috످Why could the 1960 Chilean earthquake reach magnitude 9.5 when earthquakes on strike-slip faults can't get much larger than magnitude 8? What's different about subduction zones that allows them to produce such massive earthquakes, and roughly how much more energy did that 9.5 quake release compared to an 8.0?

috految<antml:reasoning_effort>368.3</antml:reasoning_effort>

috److془This is well-known. Let me answer.

Chile 1960: ~ 900 km × 200 km, slip average ~ 20-30 m. M0 = 2e23 Nm. Strike-slip M8: 400 km × 15 km × 6 m × 3e10 = 1.08e21 → Mw 7.96. Using 1906: 470 × 15 = 7000 km², slip 4-5 m. Mw 7.9.

Use typical M8: 400 × 15 = 6000 km², 5 m. Chile: 900 × 200 = 180,000, 30x; slip 30 m, 6x; 180x. Or 1906.

Energy: 10^(2.25) = 178.

Exception: 2012 Indian Ocean M8.6.

Length: 180,000/15 = 12,000 km, nearly Earth's diameter, 10 times San Andreas.

Dip: 15°, 50 km depth → 193 km. Good.

Energy: 178 M8s, one every day for six months.془The 1960 Chilean earthquake could reach magnitude 9.5 because subduction zones have a much larger fault area that can rupture at once. It released about 180 times as much energy as a magnitude 8.0.

Strike-slip faults top out around magnitude 8. An earthquake's size depends mainly on how much of the fault breaks (rupture area) and how far it moves (slip). But faults can only break where rock is cool and brittle. In continental crust, rock deeper than about 15–20 km is so hot that it slowly flows like putty instead of snapping.

Strike-slip faults like the San Andreas, where plates slide past each other, are nearly vertical. They quickly reach that hot rock, leaving only a narrow strip that can rupture. To match the Chilean quake's rupture area, the San Andreas would have to be about 10 times its actual length.

There are rare exceptions, like the magnitude 8.6 Indian Ocean strike-slip quake in 2012, which broke several faults in an oceanic plate where the rock stays brittle much deeper.

In a subduction zone, one plate dives beneath another (in Chile, the Nazca Plate under South America). This allows much larger earthquakes for four reasons.

First, the fault is tilted at a shallow angle. Imagine slicing through a cake. A vertical cut exposes a small surface, while a nearly horizontal cut exposes a huge one. Subduction faults slope at just 10–20°, so they can extend 200 km before reaching rock too hot to break.

Second, the rock stays brittle deeper. The sinking plate is cold, which lets the fault rupture down to about 50 km.

Third, the fault is long and continuous. Strike-slip faults often have bends and gaps that stop ruptures, while subduction faults can break for 1,000 km or more.

Fourth, more strain can build up. The plates can stay locked for centuries, bending like a spring. In Chile, they had been converging at about 7–8 cm per year for nearly 400 years since the last comparable quake, storing up roughly 30 m of slip.

The magnitude scale is logarithmic, with each whole step representing about 32 times as much energy. Since 9.5 is 1.5 steps above 8.0, the energy ratio is about 32 to the power of 1.5, or roughly 180.

You can see where that difference comes from by comparing the ruptures. A typical M8.0 strike-slip rupture is about 400 km long, while the 1960 Chile rupture (M9.5) was about 900 km (roughly 2.3 times as long). The typical width is about 15 km, versus about 200 km in Chile (roughly 13 times as wide). The typical area is about 6,000 km², versus about 180,000 km² in Chile (roughly 30 times as large). The typical slip is about 5 m, versus about 30 m in Chile (roughly 6 times as far).

With roughly 30 times the area and 6 times the slip, the Chilean quake released as much energy as a magnitude 8.0 earthquake striking every day for six months.

috످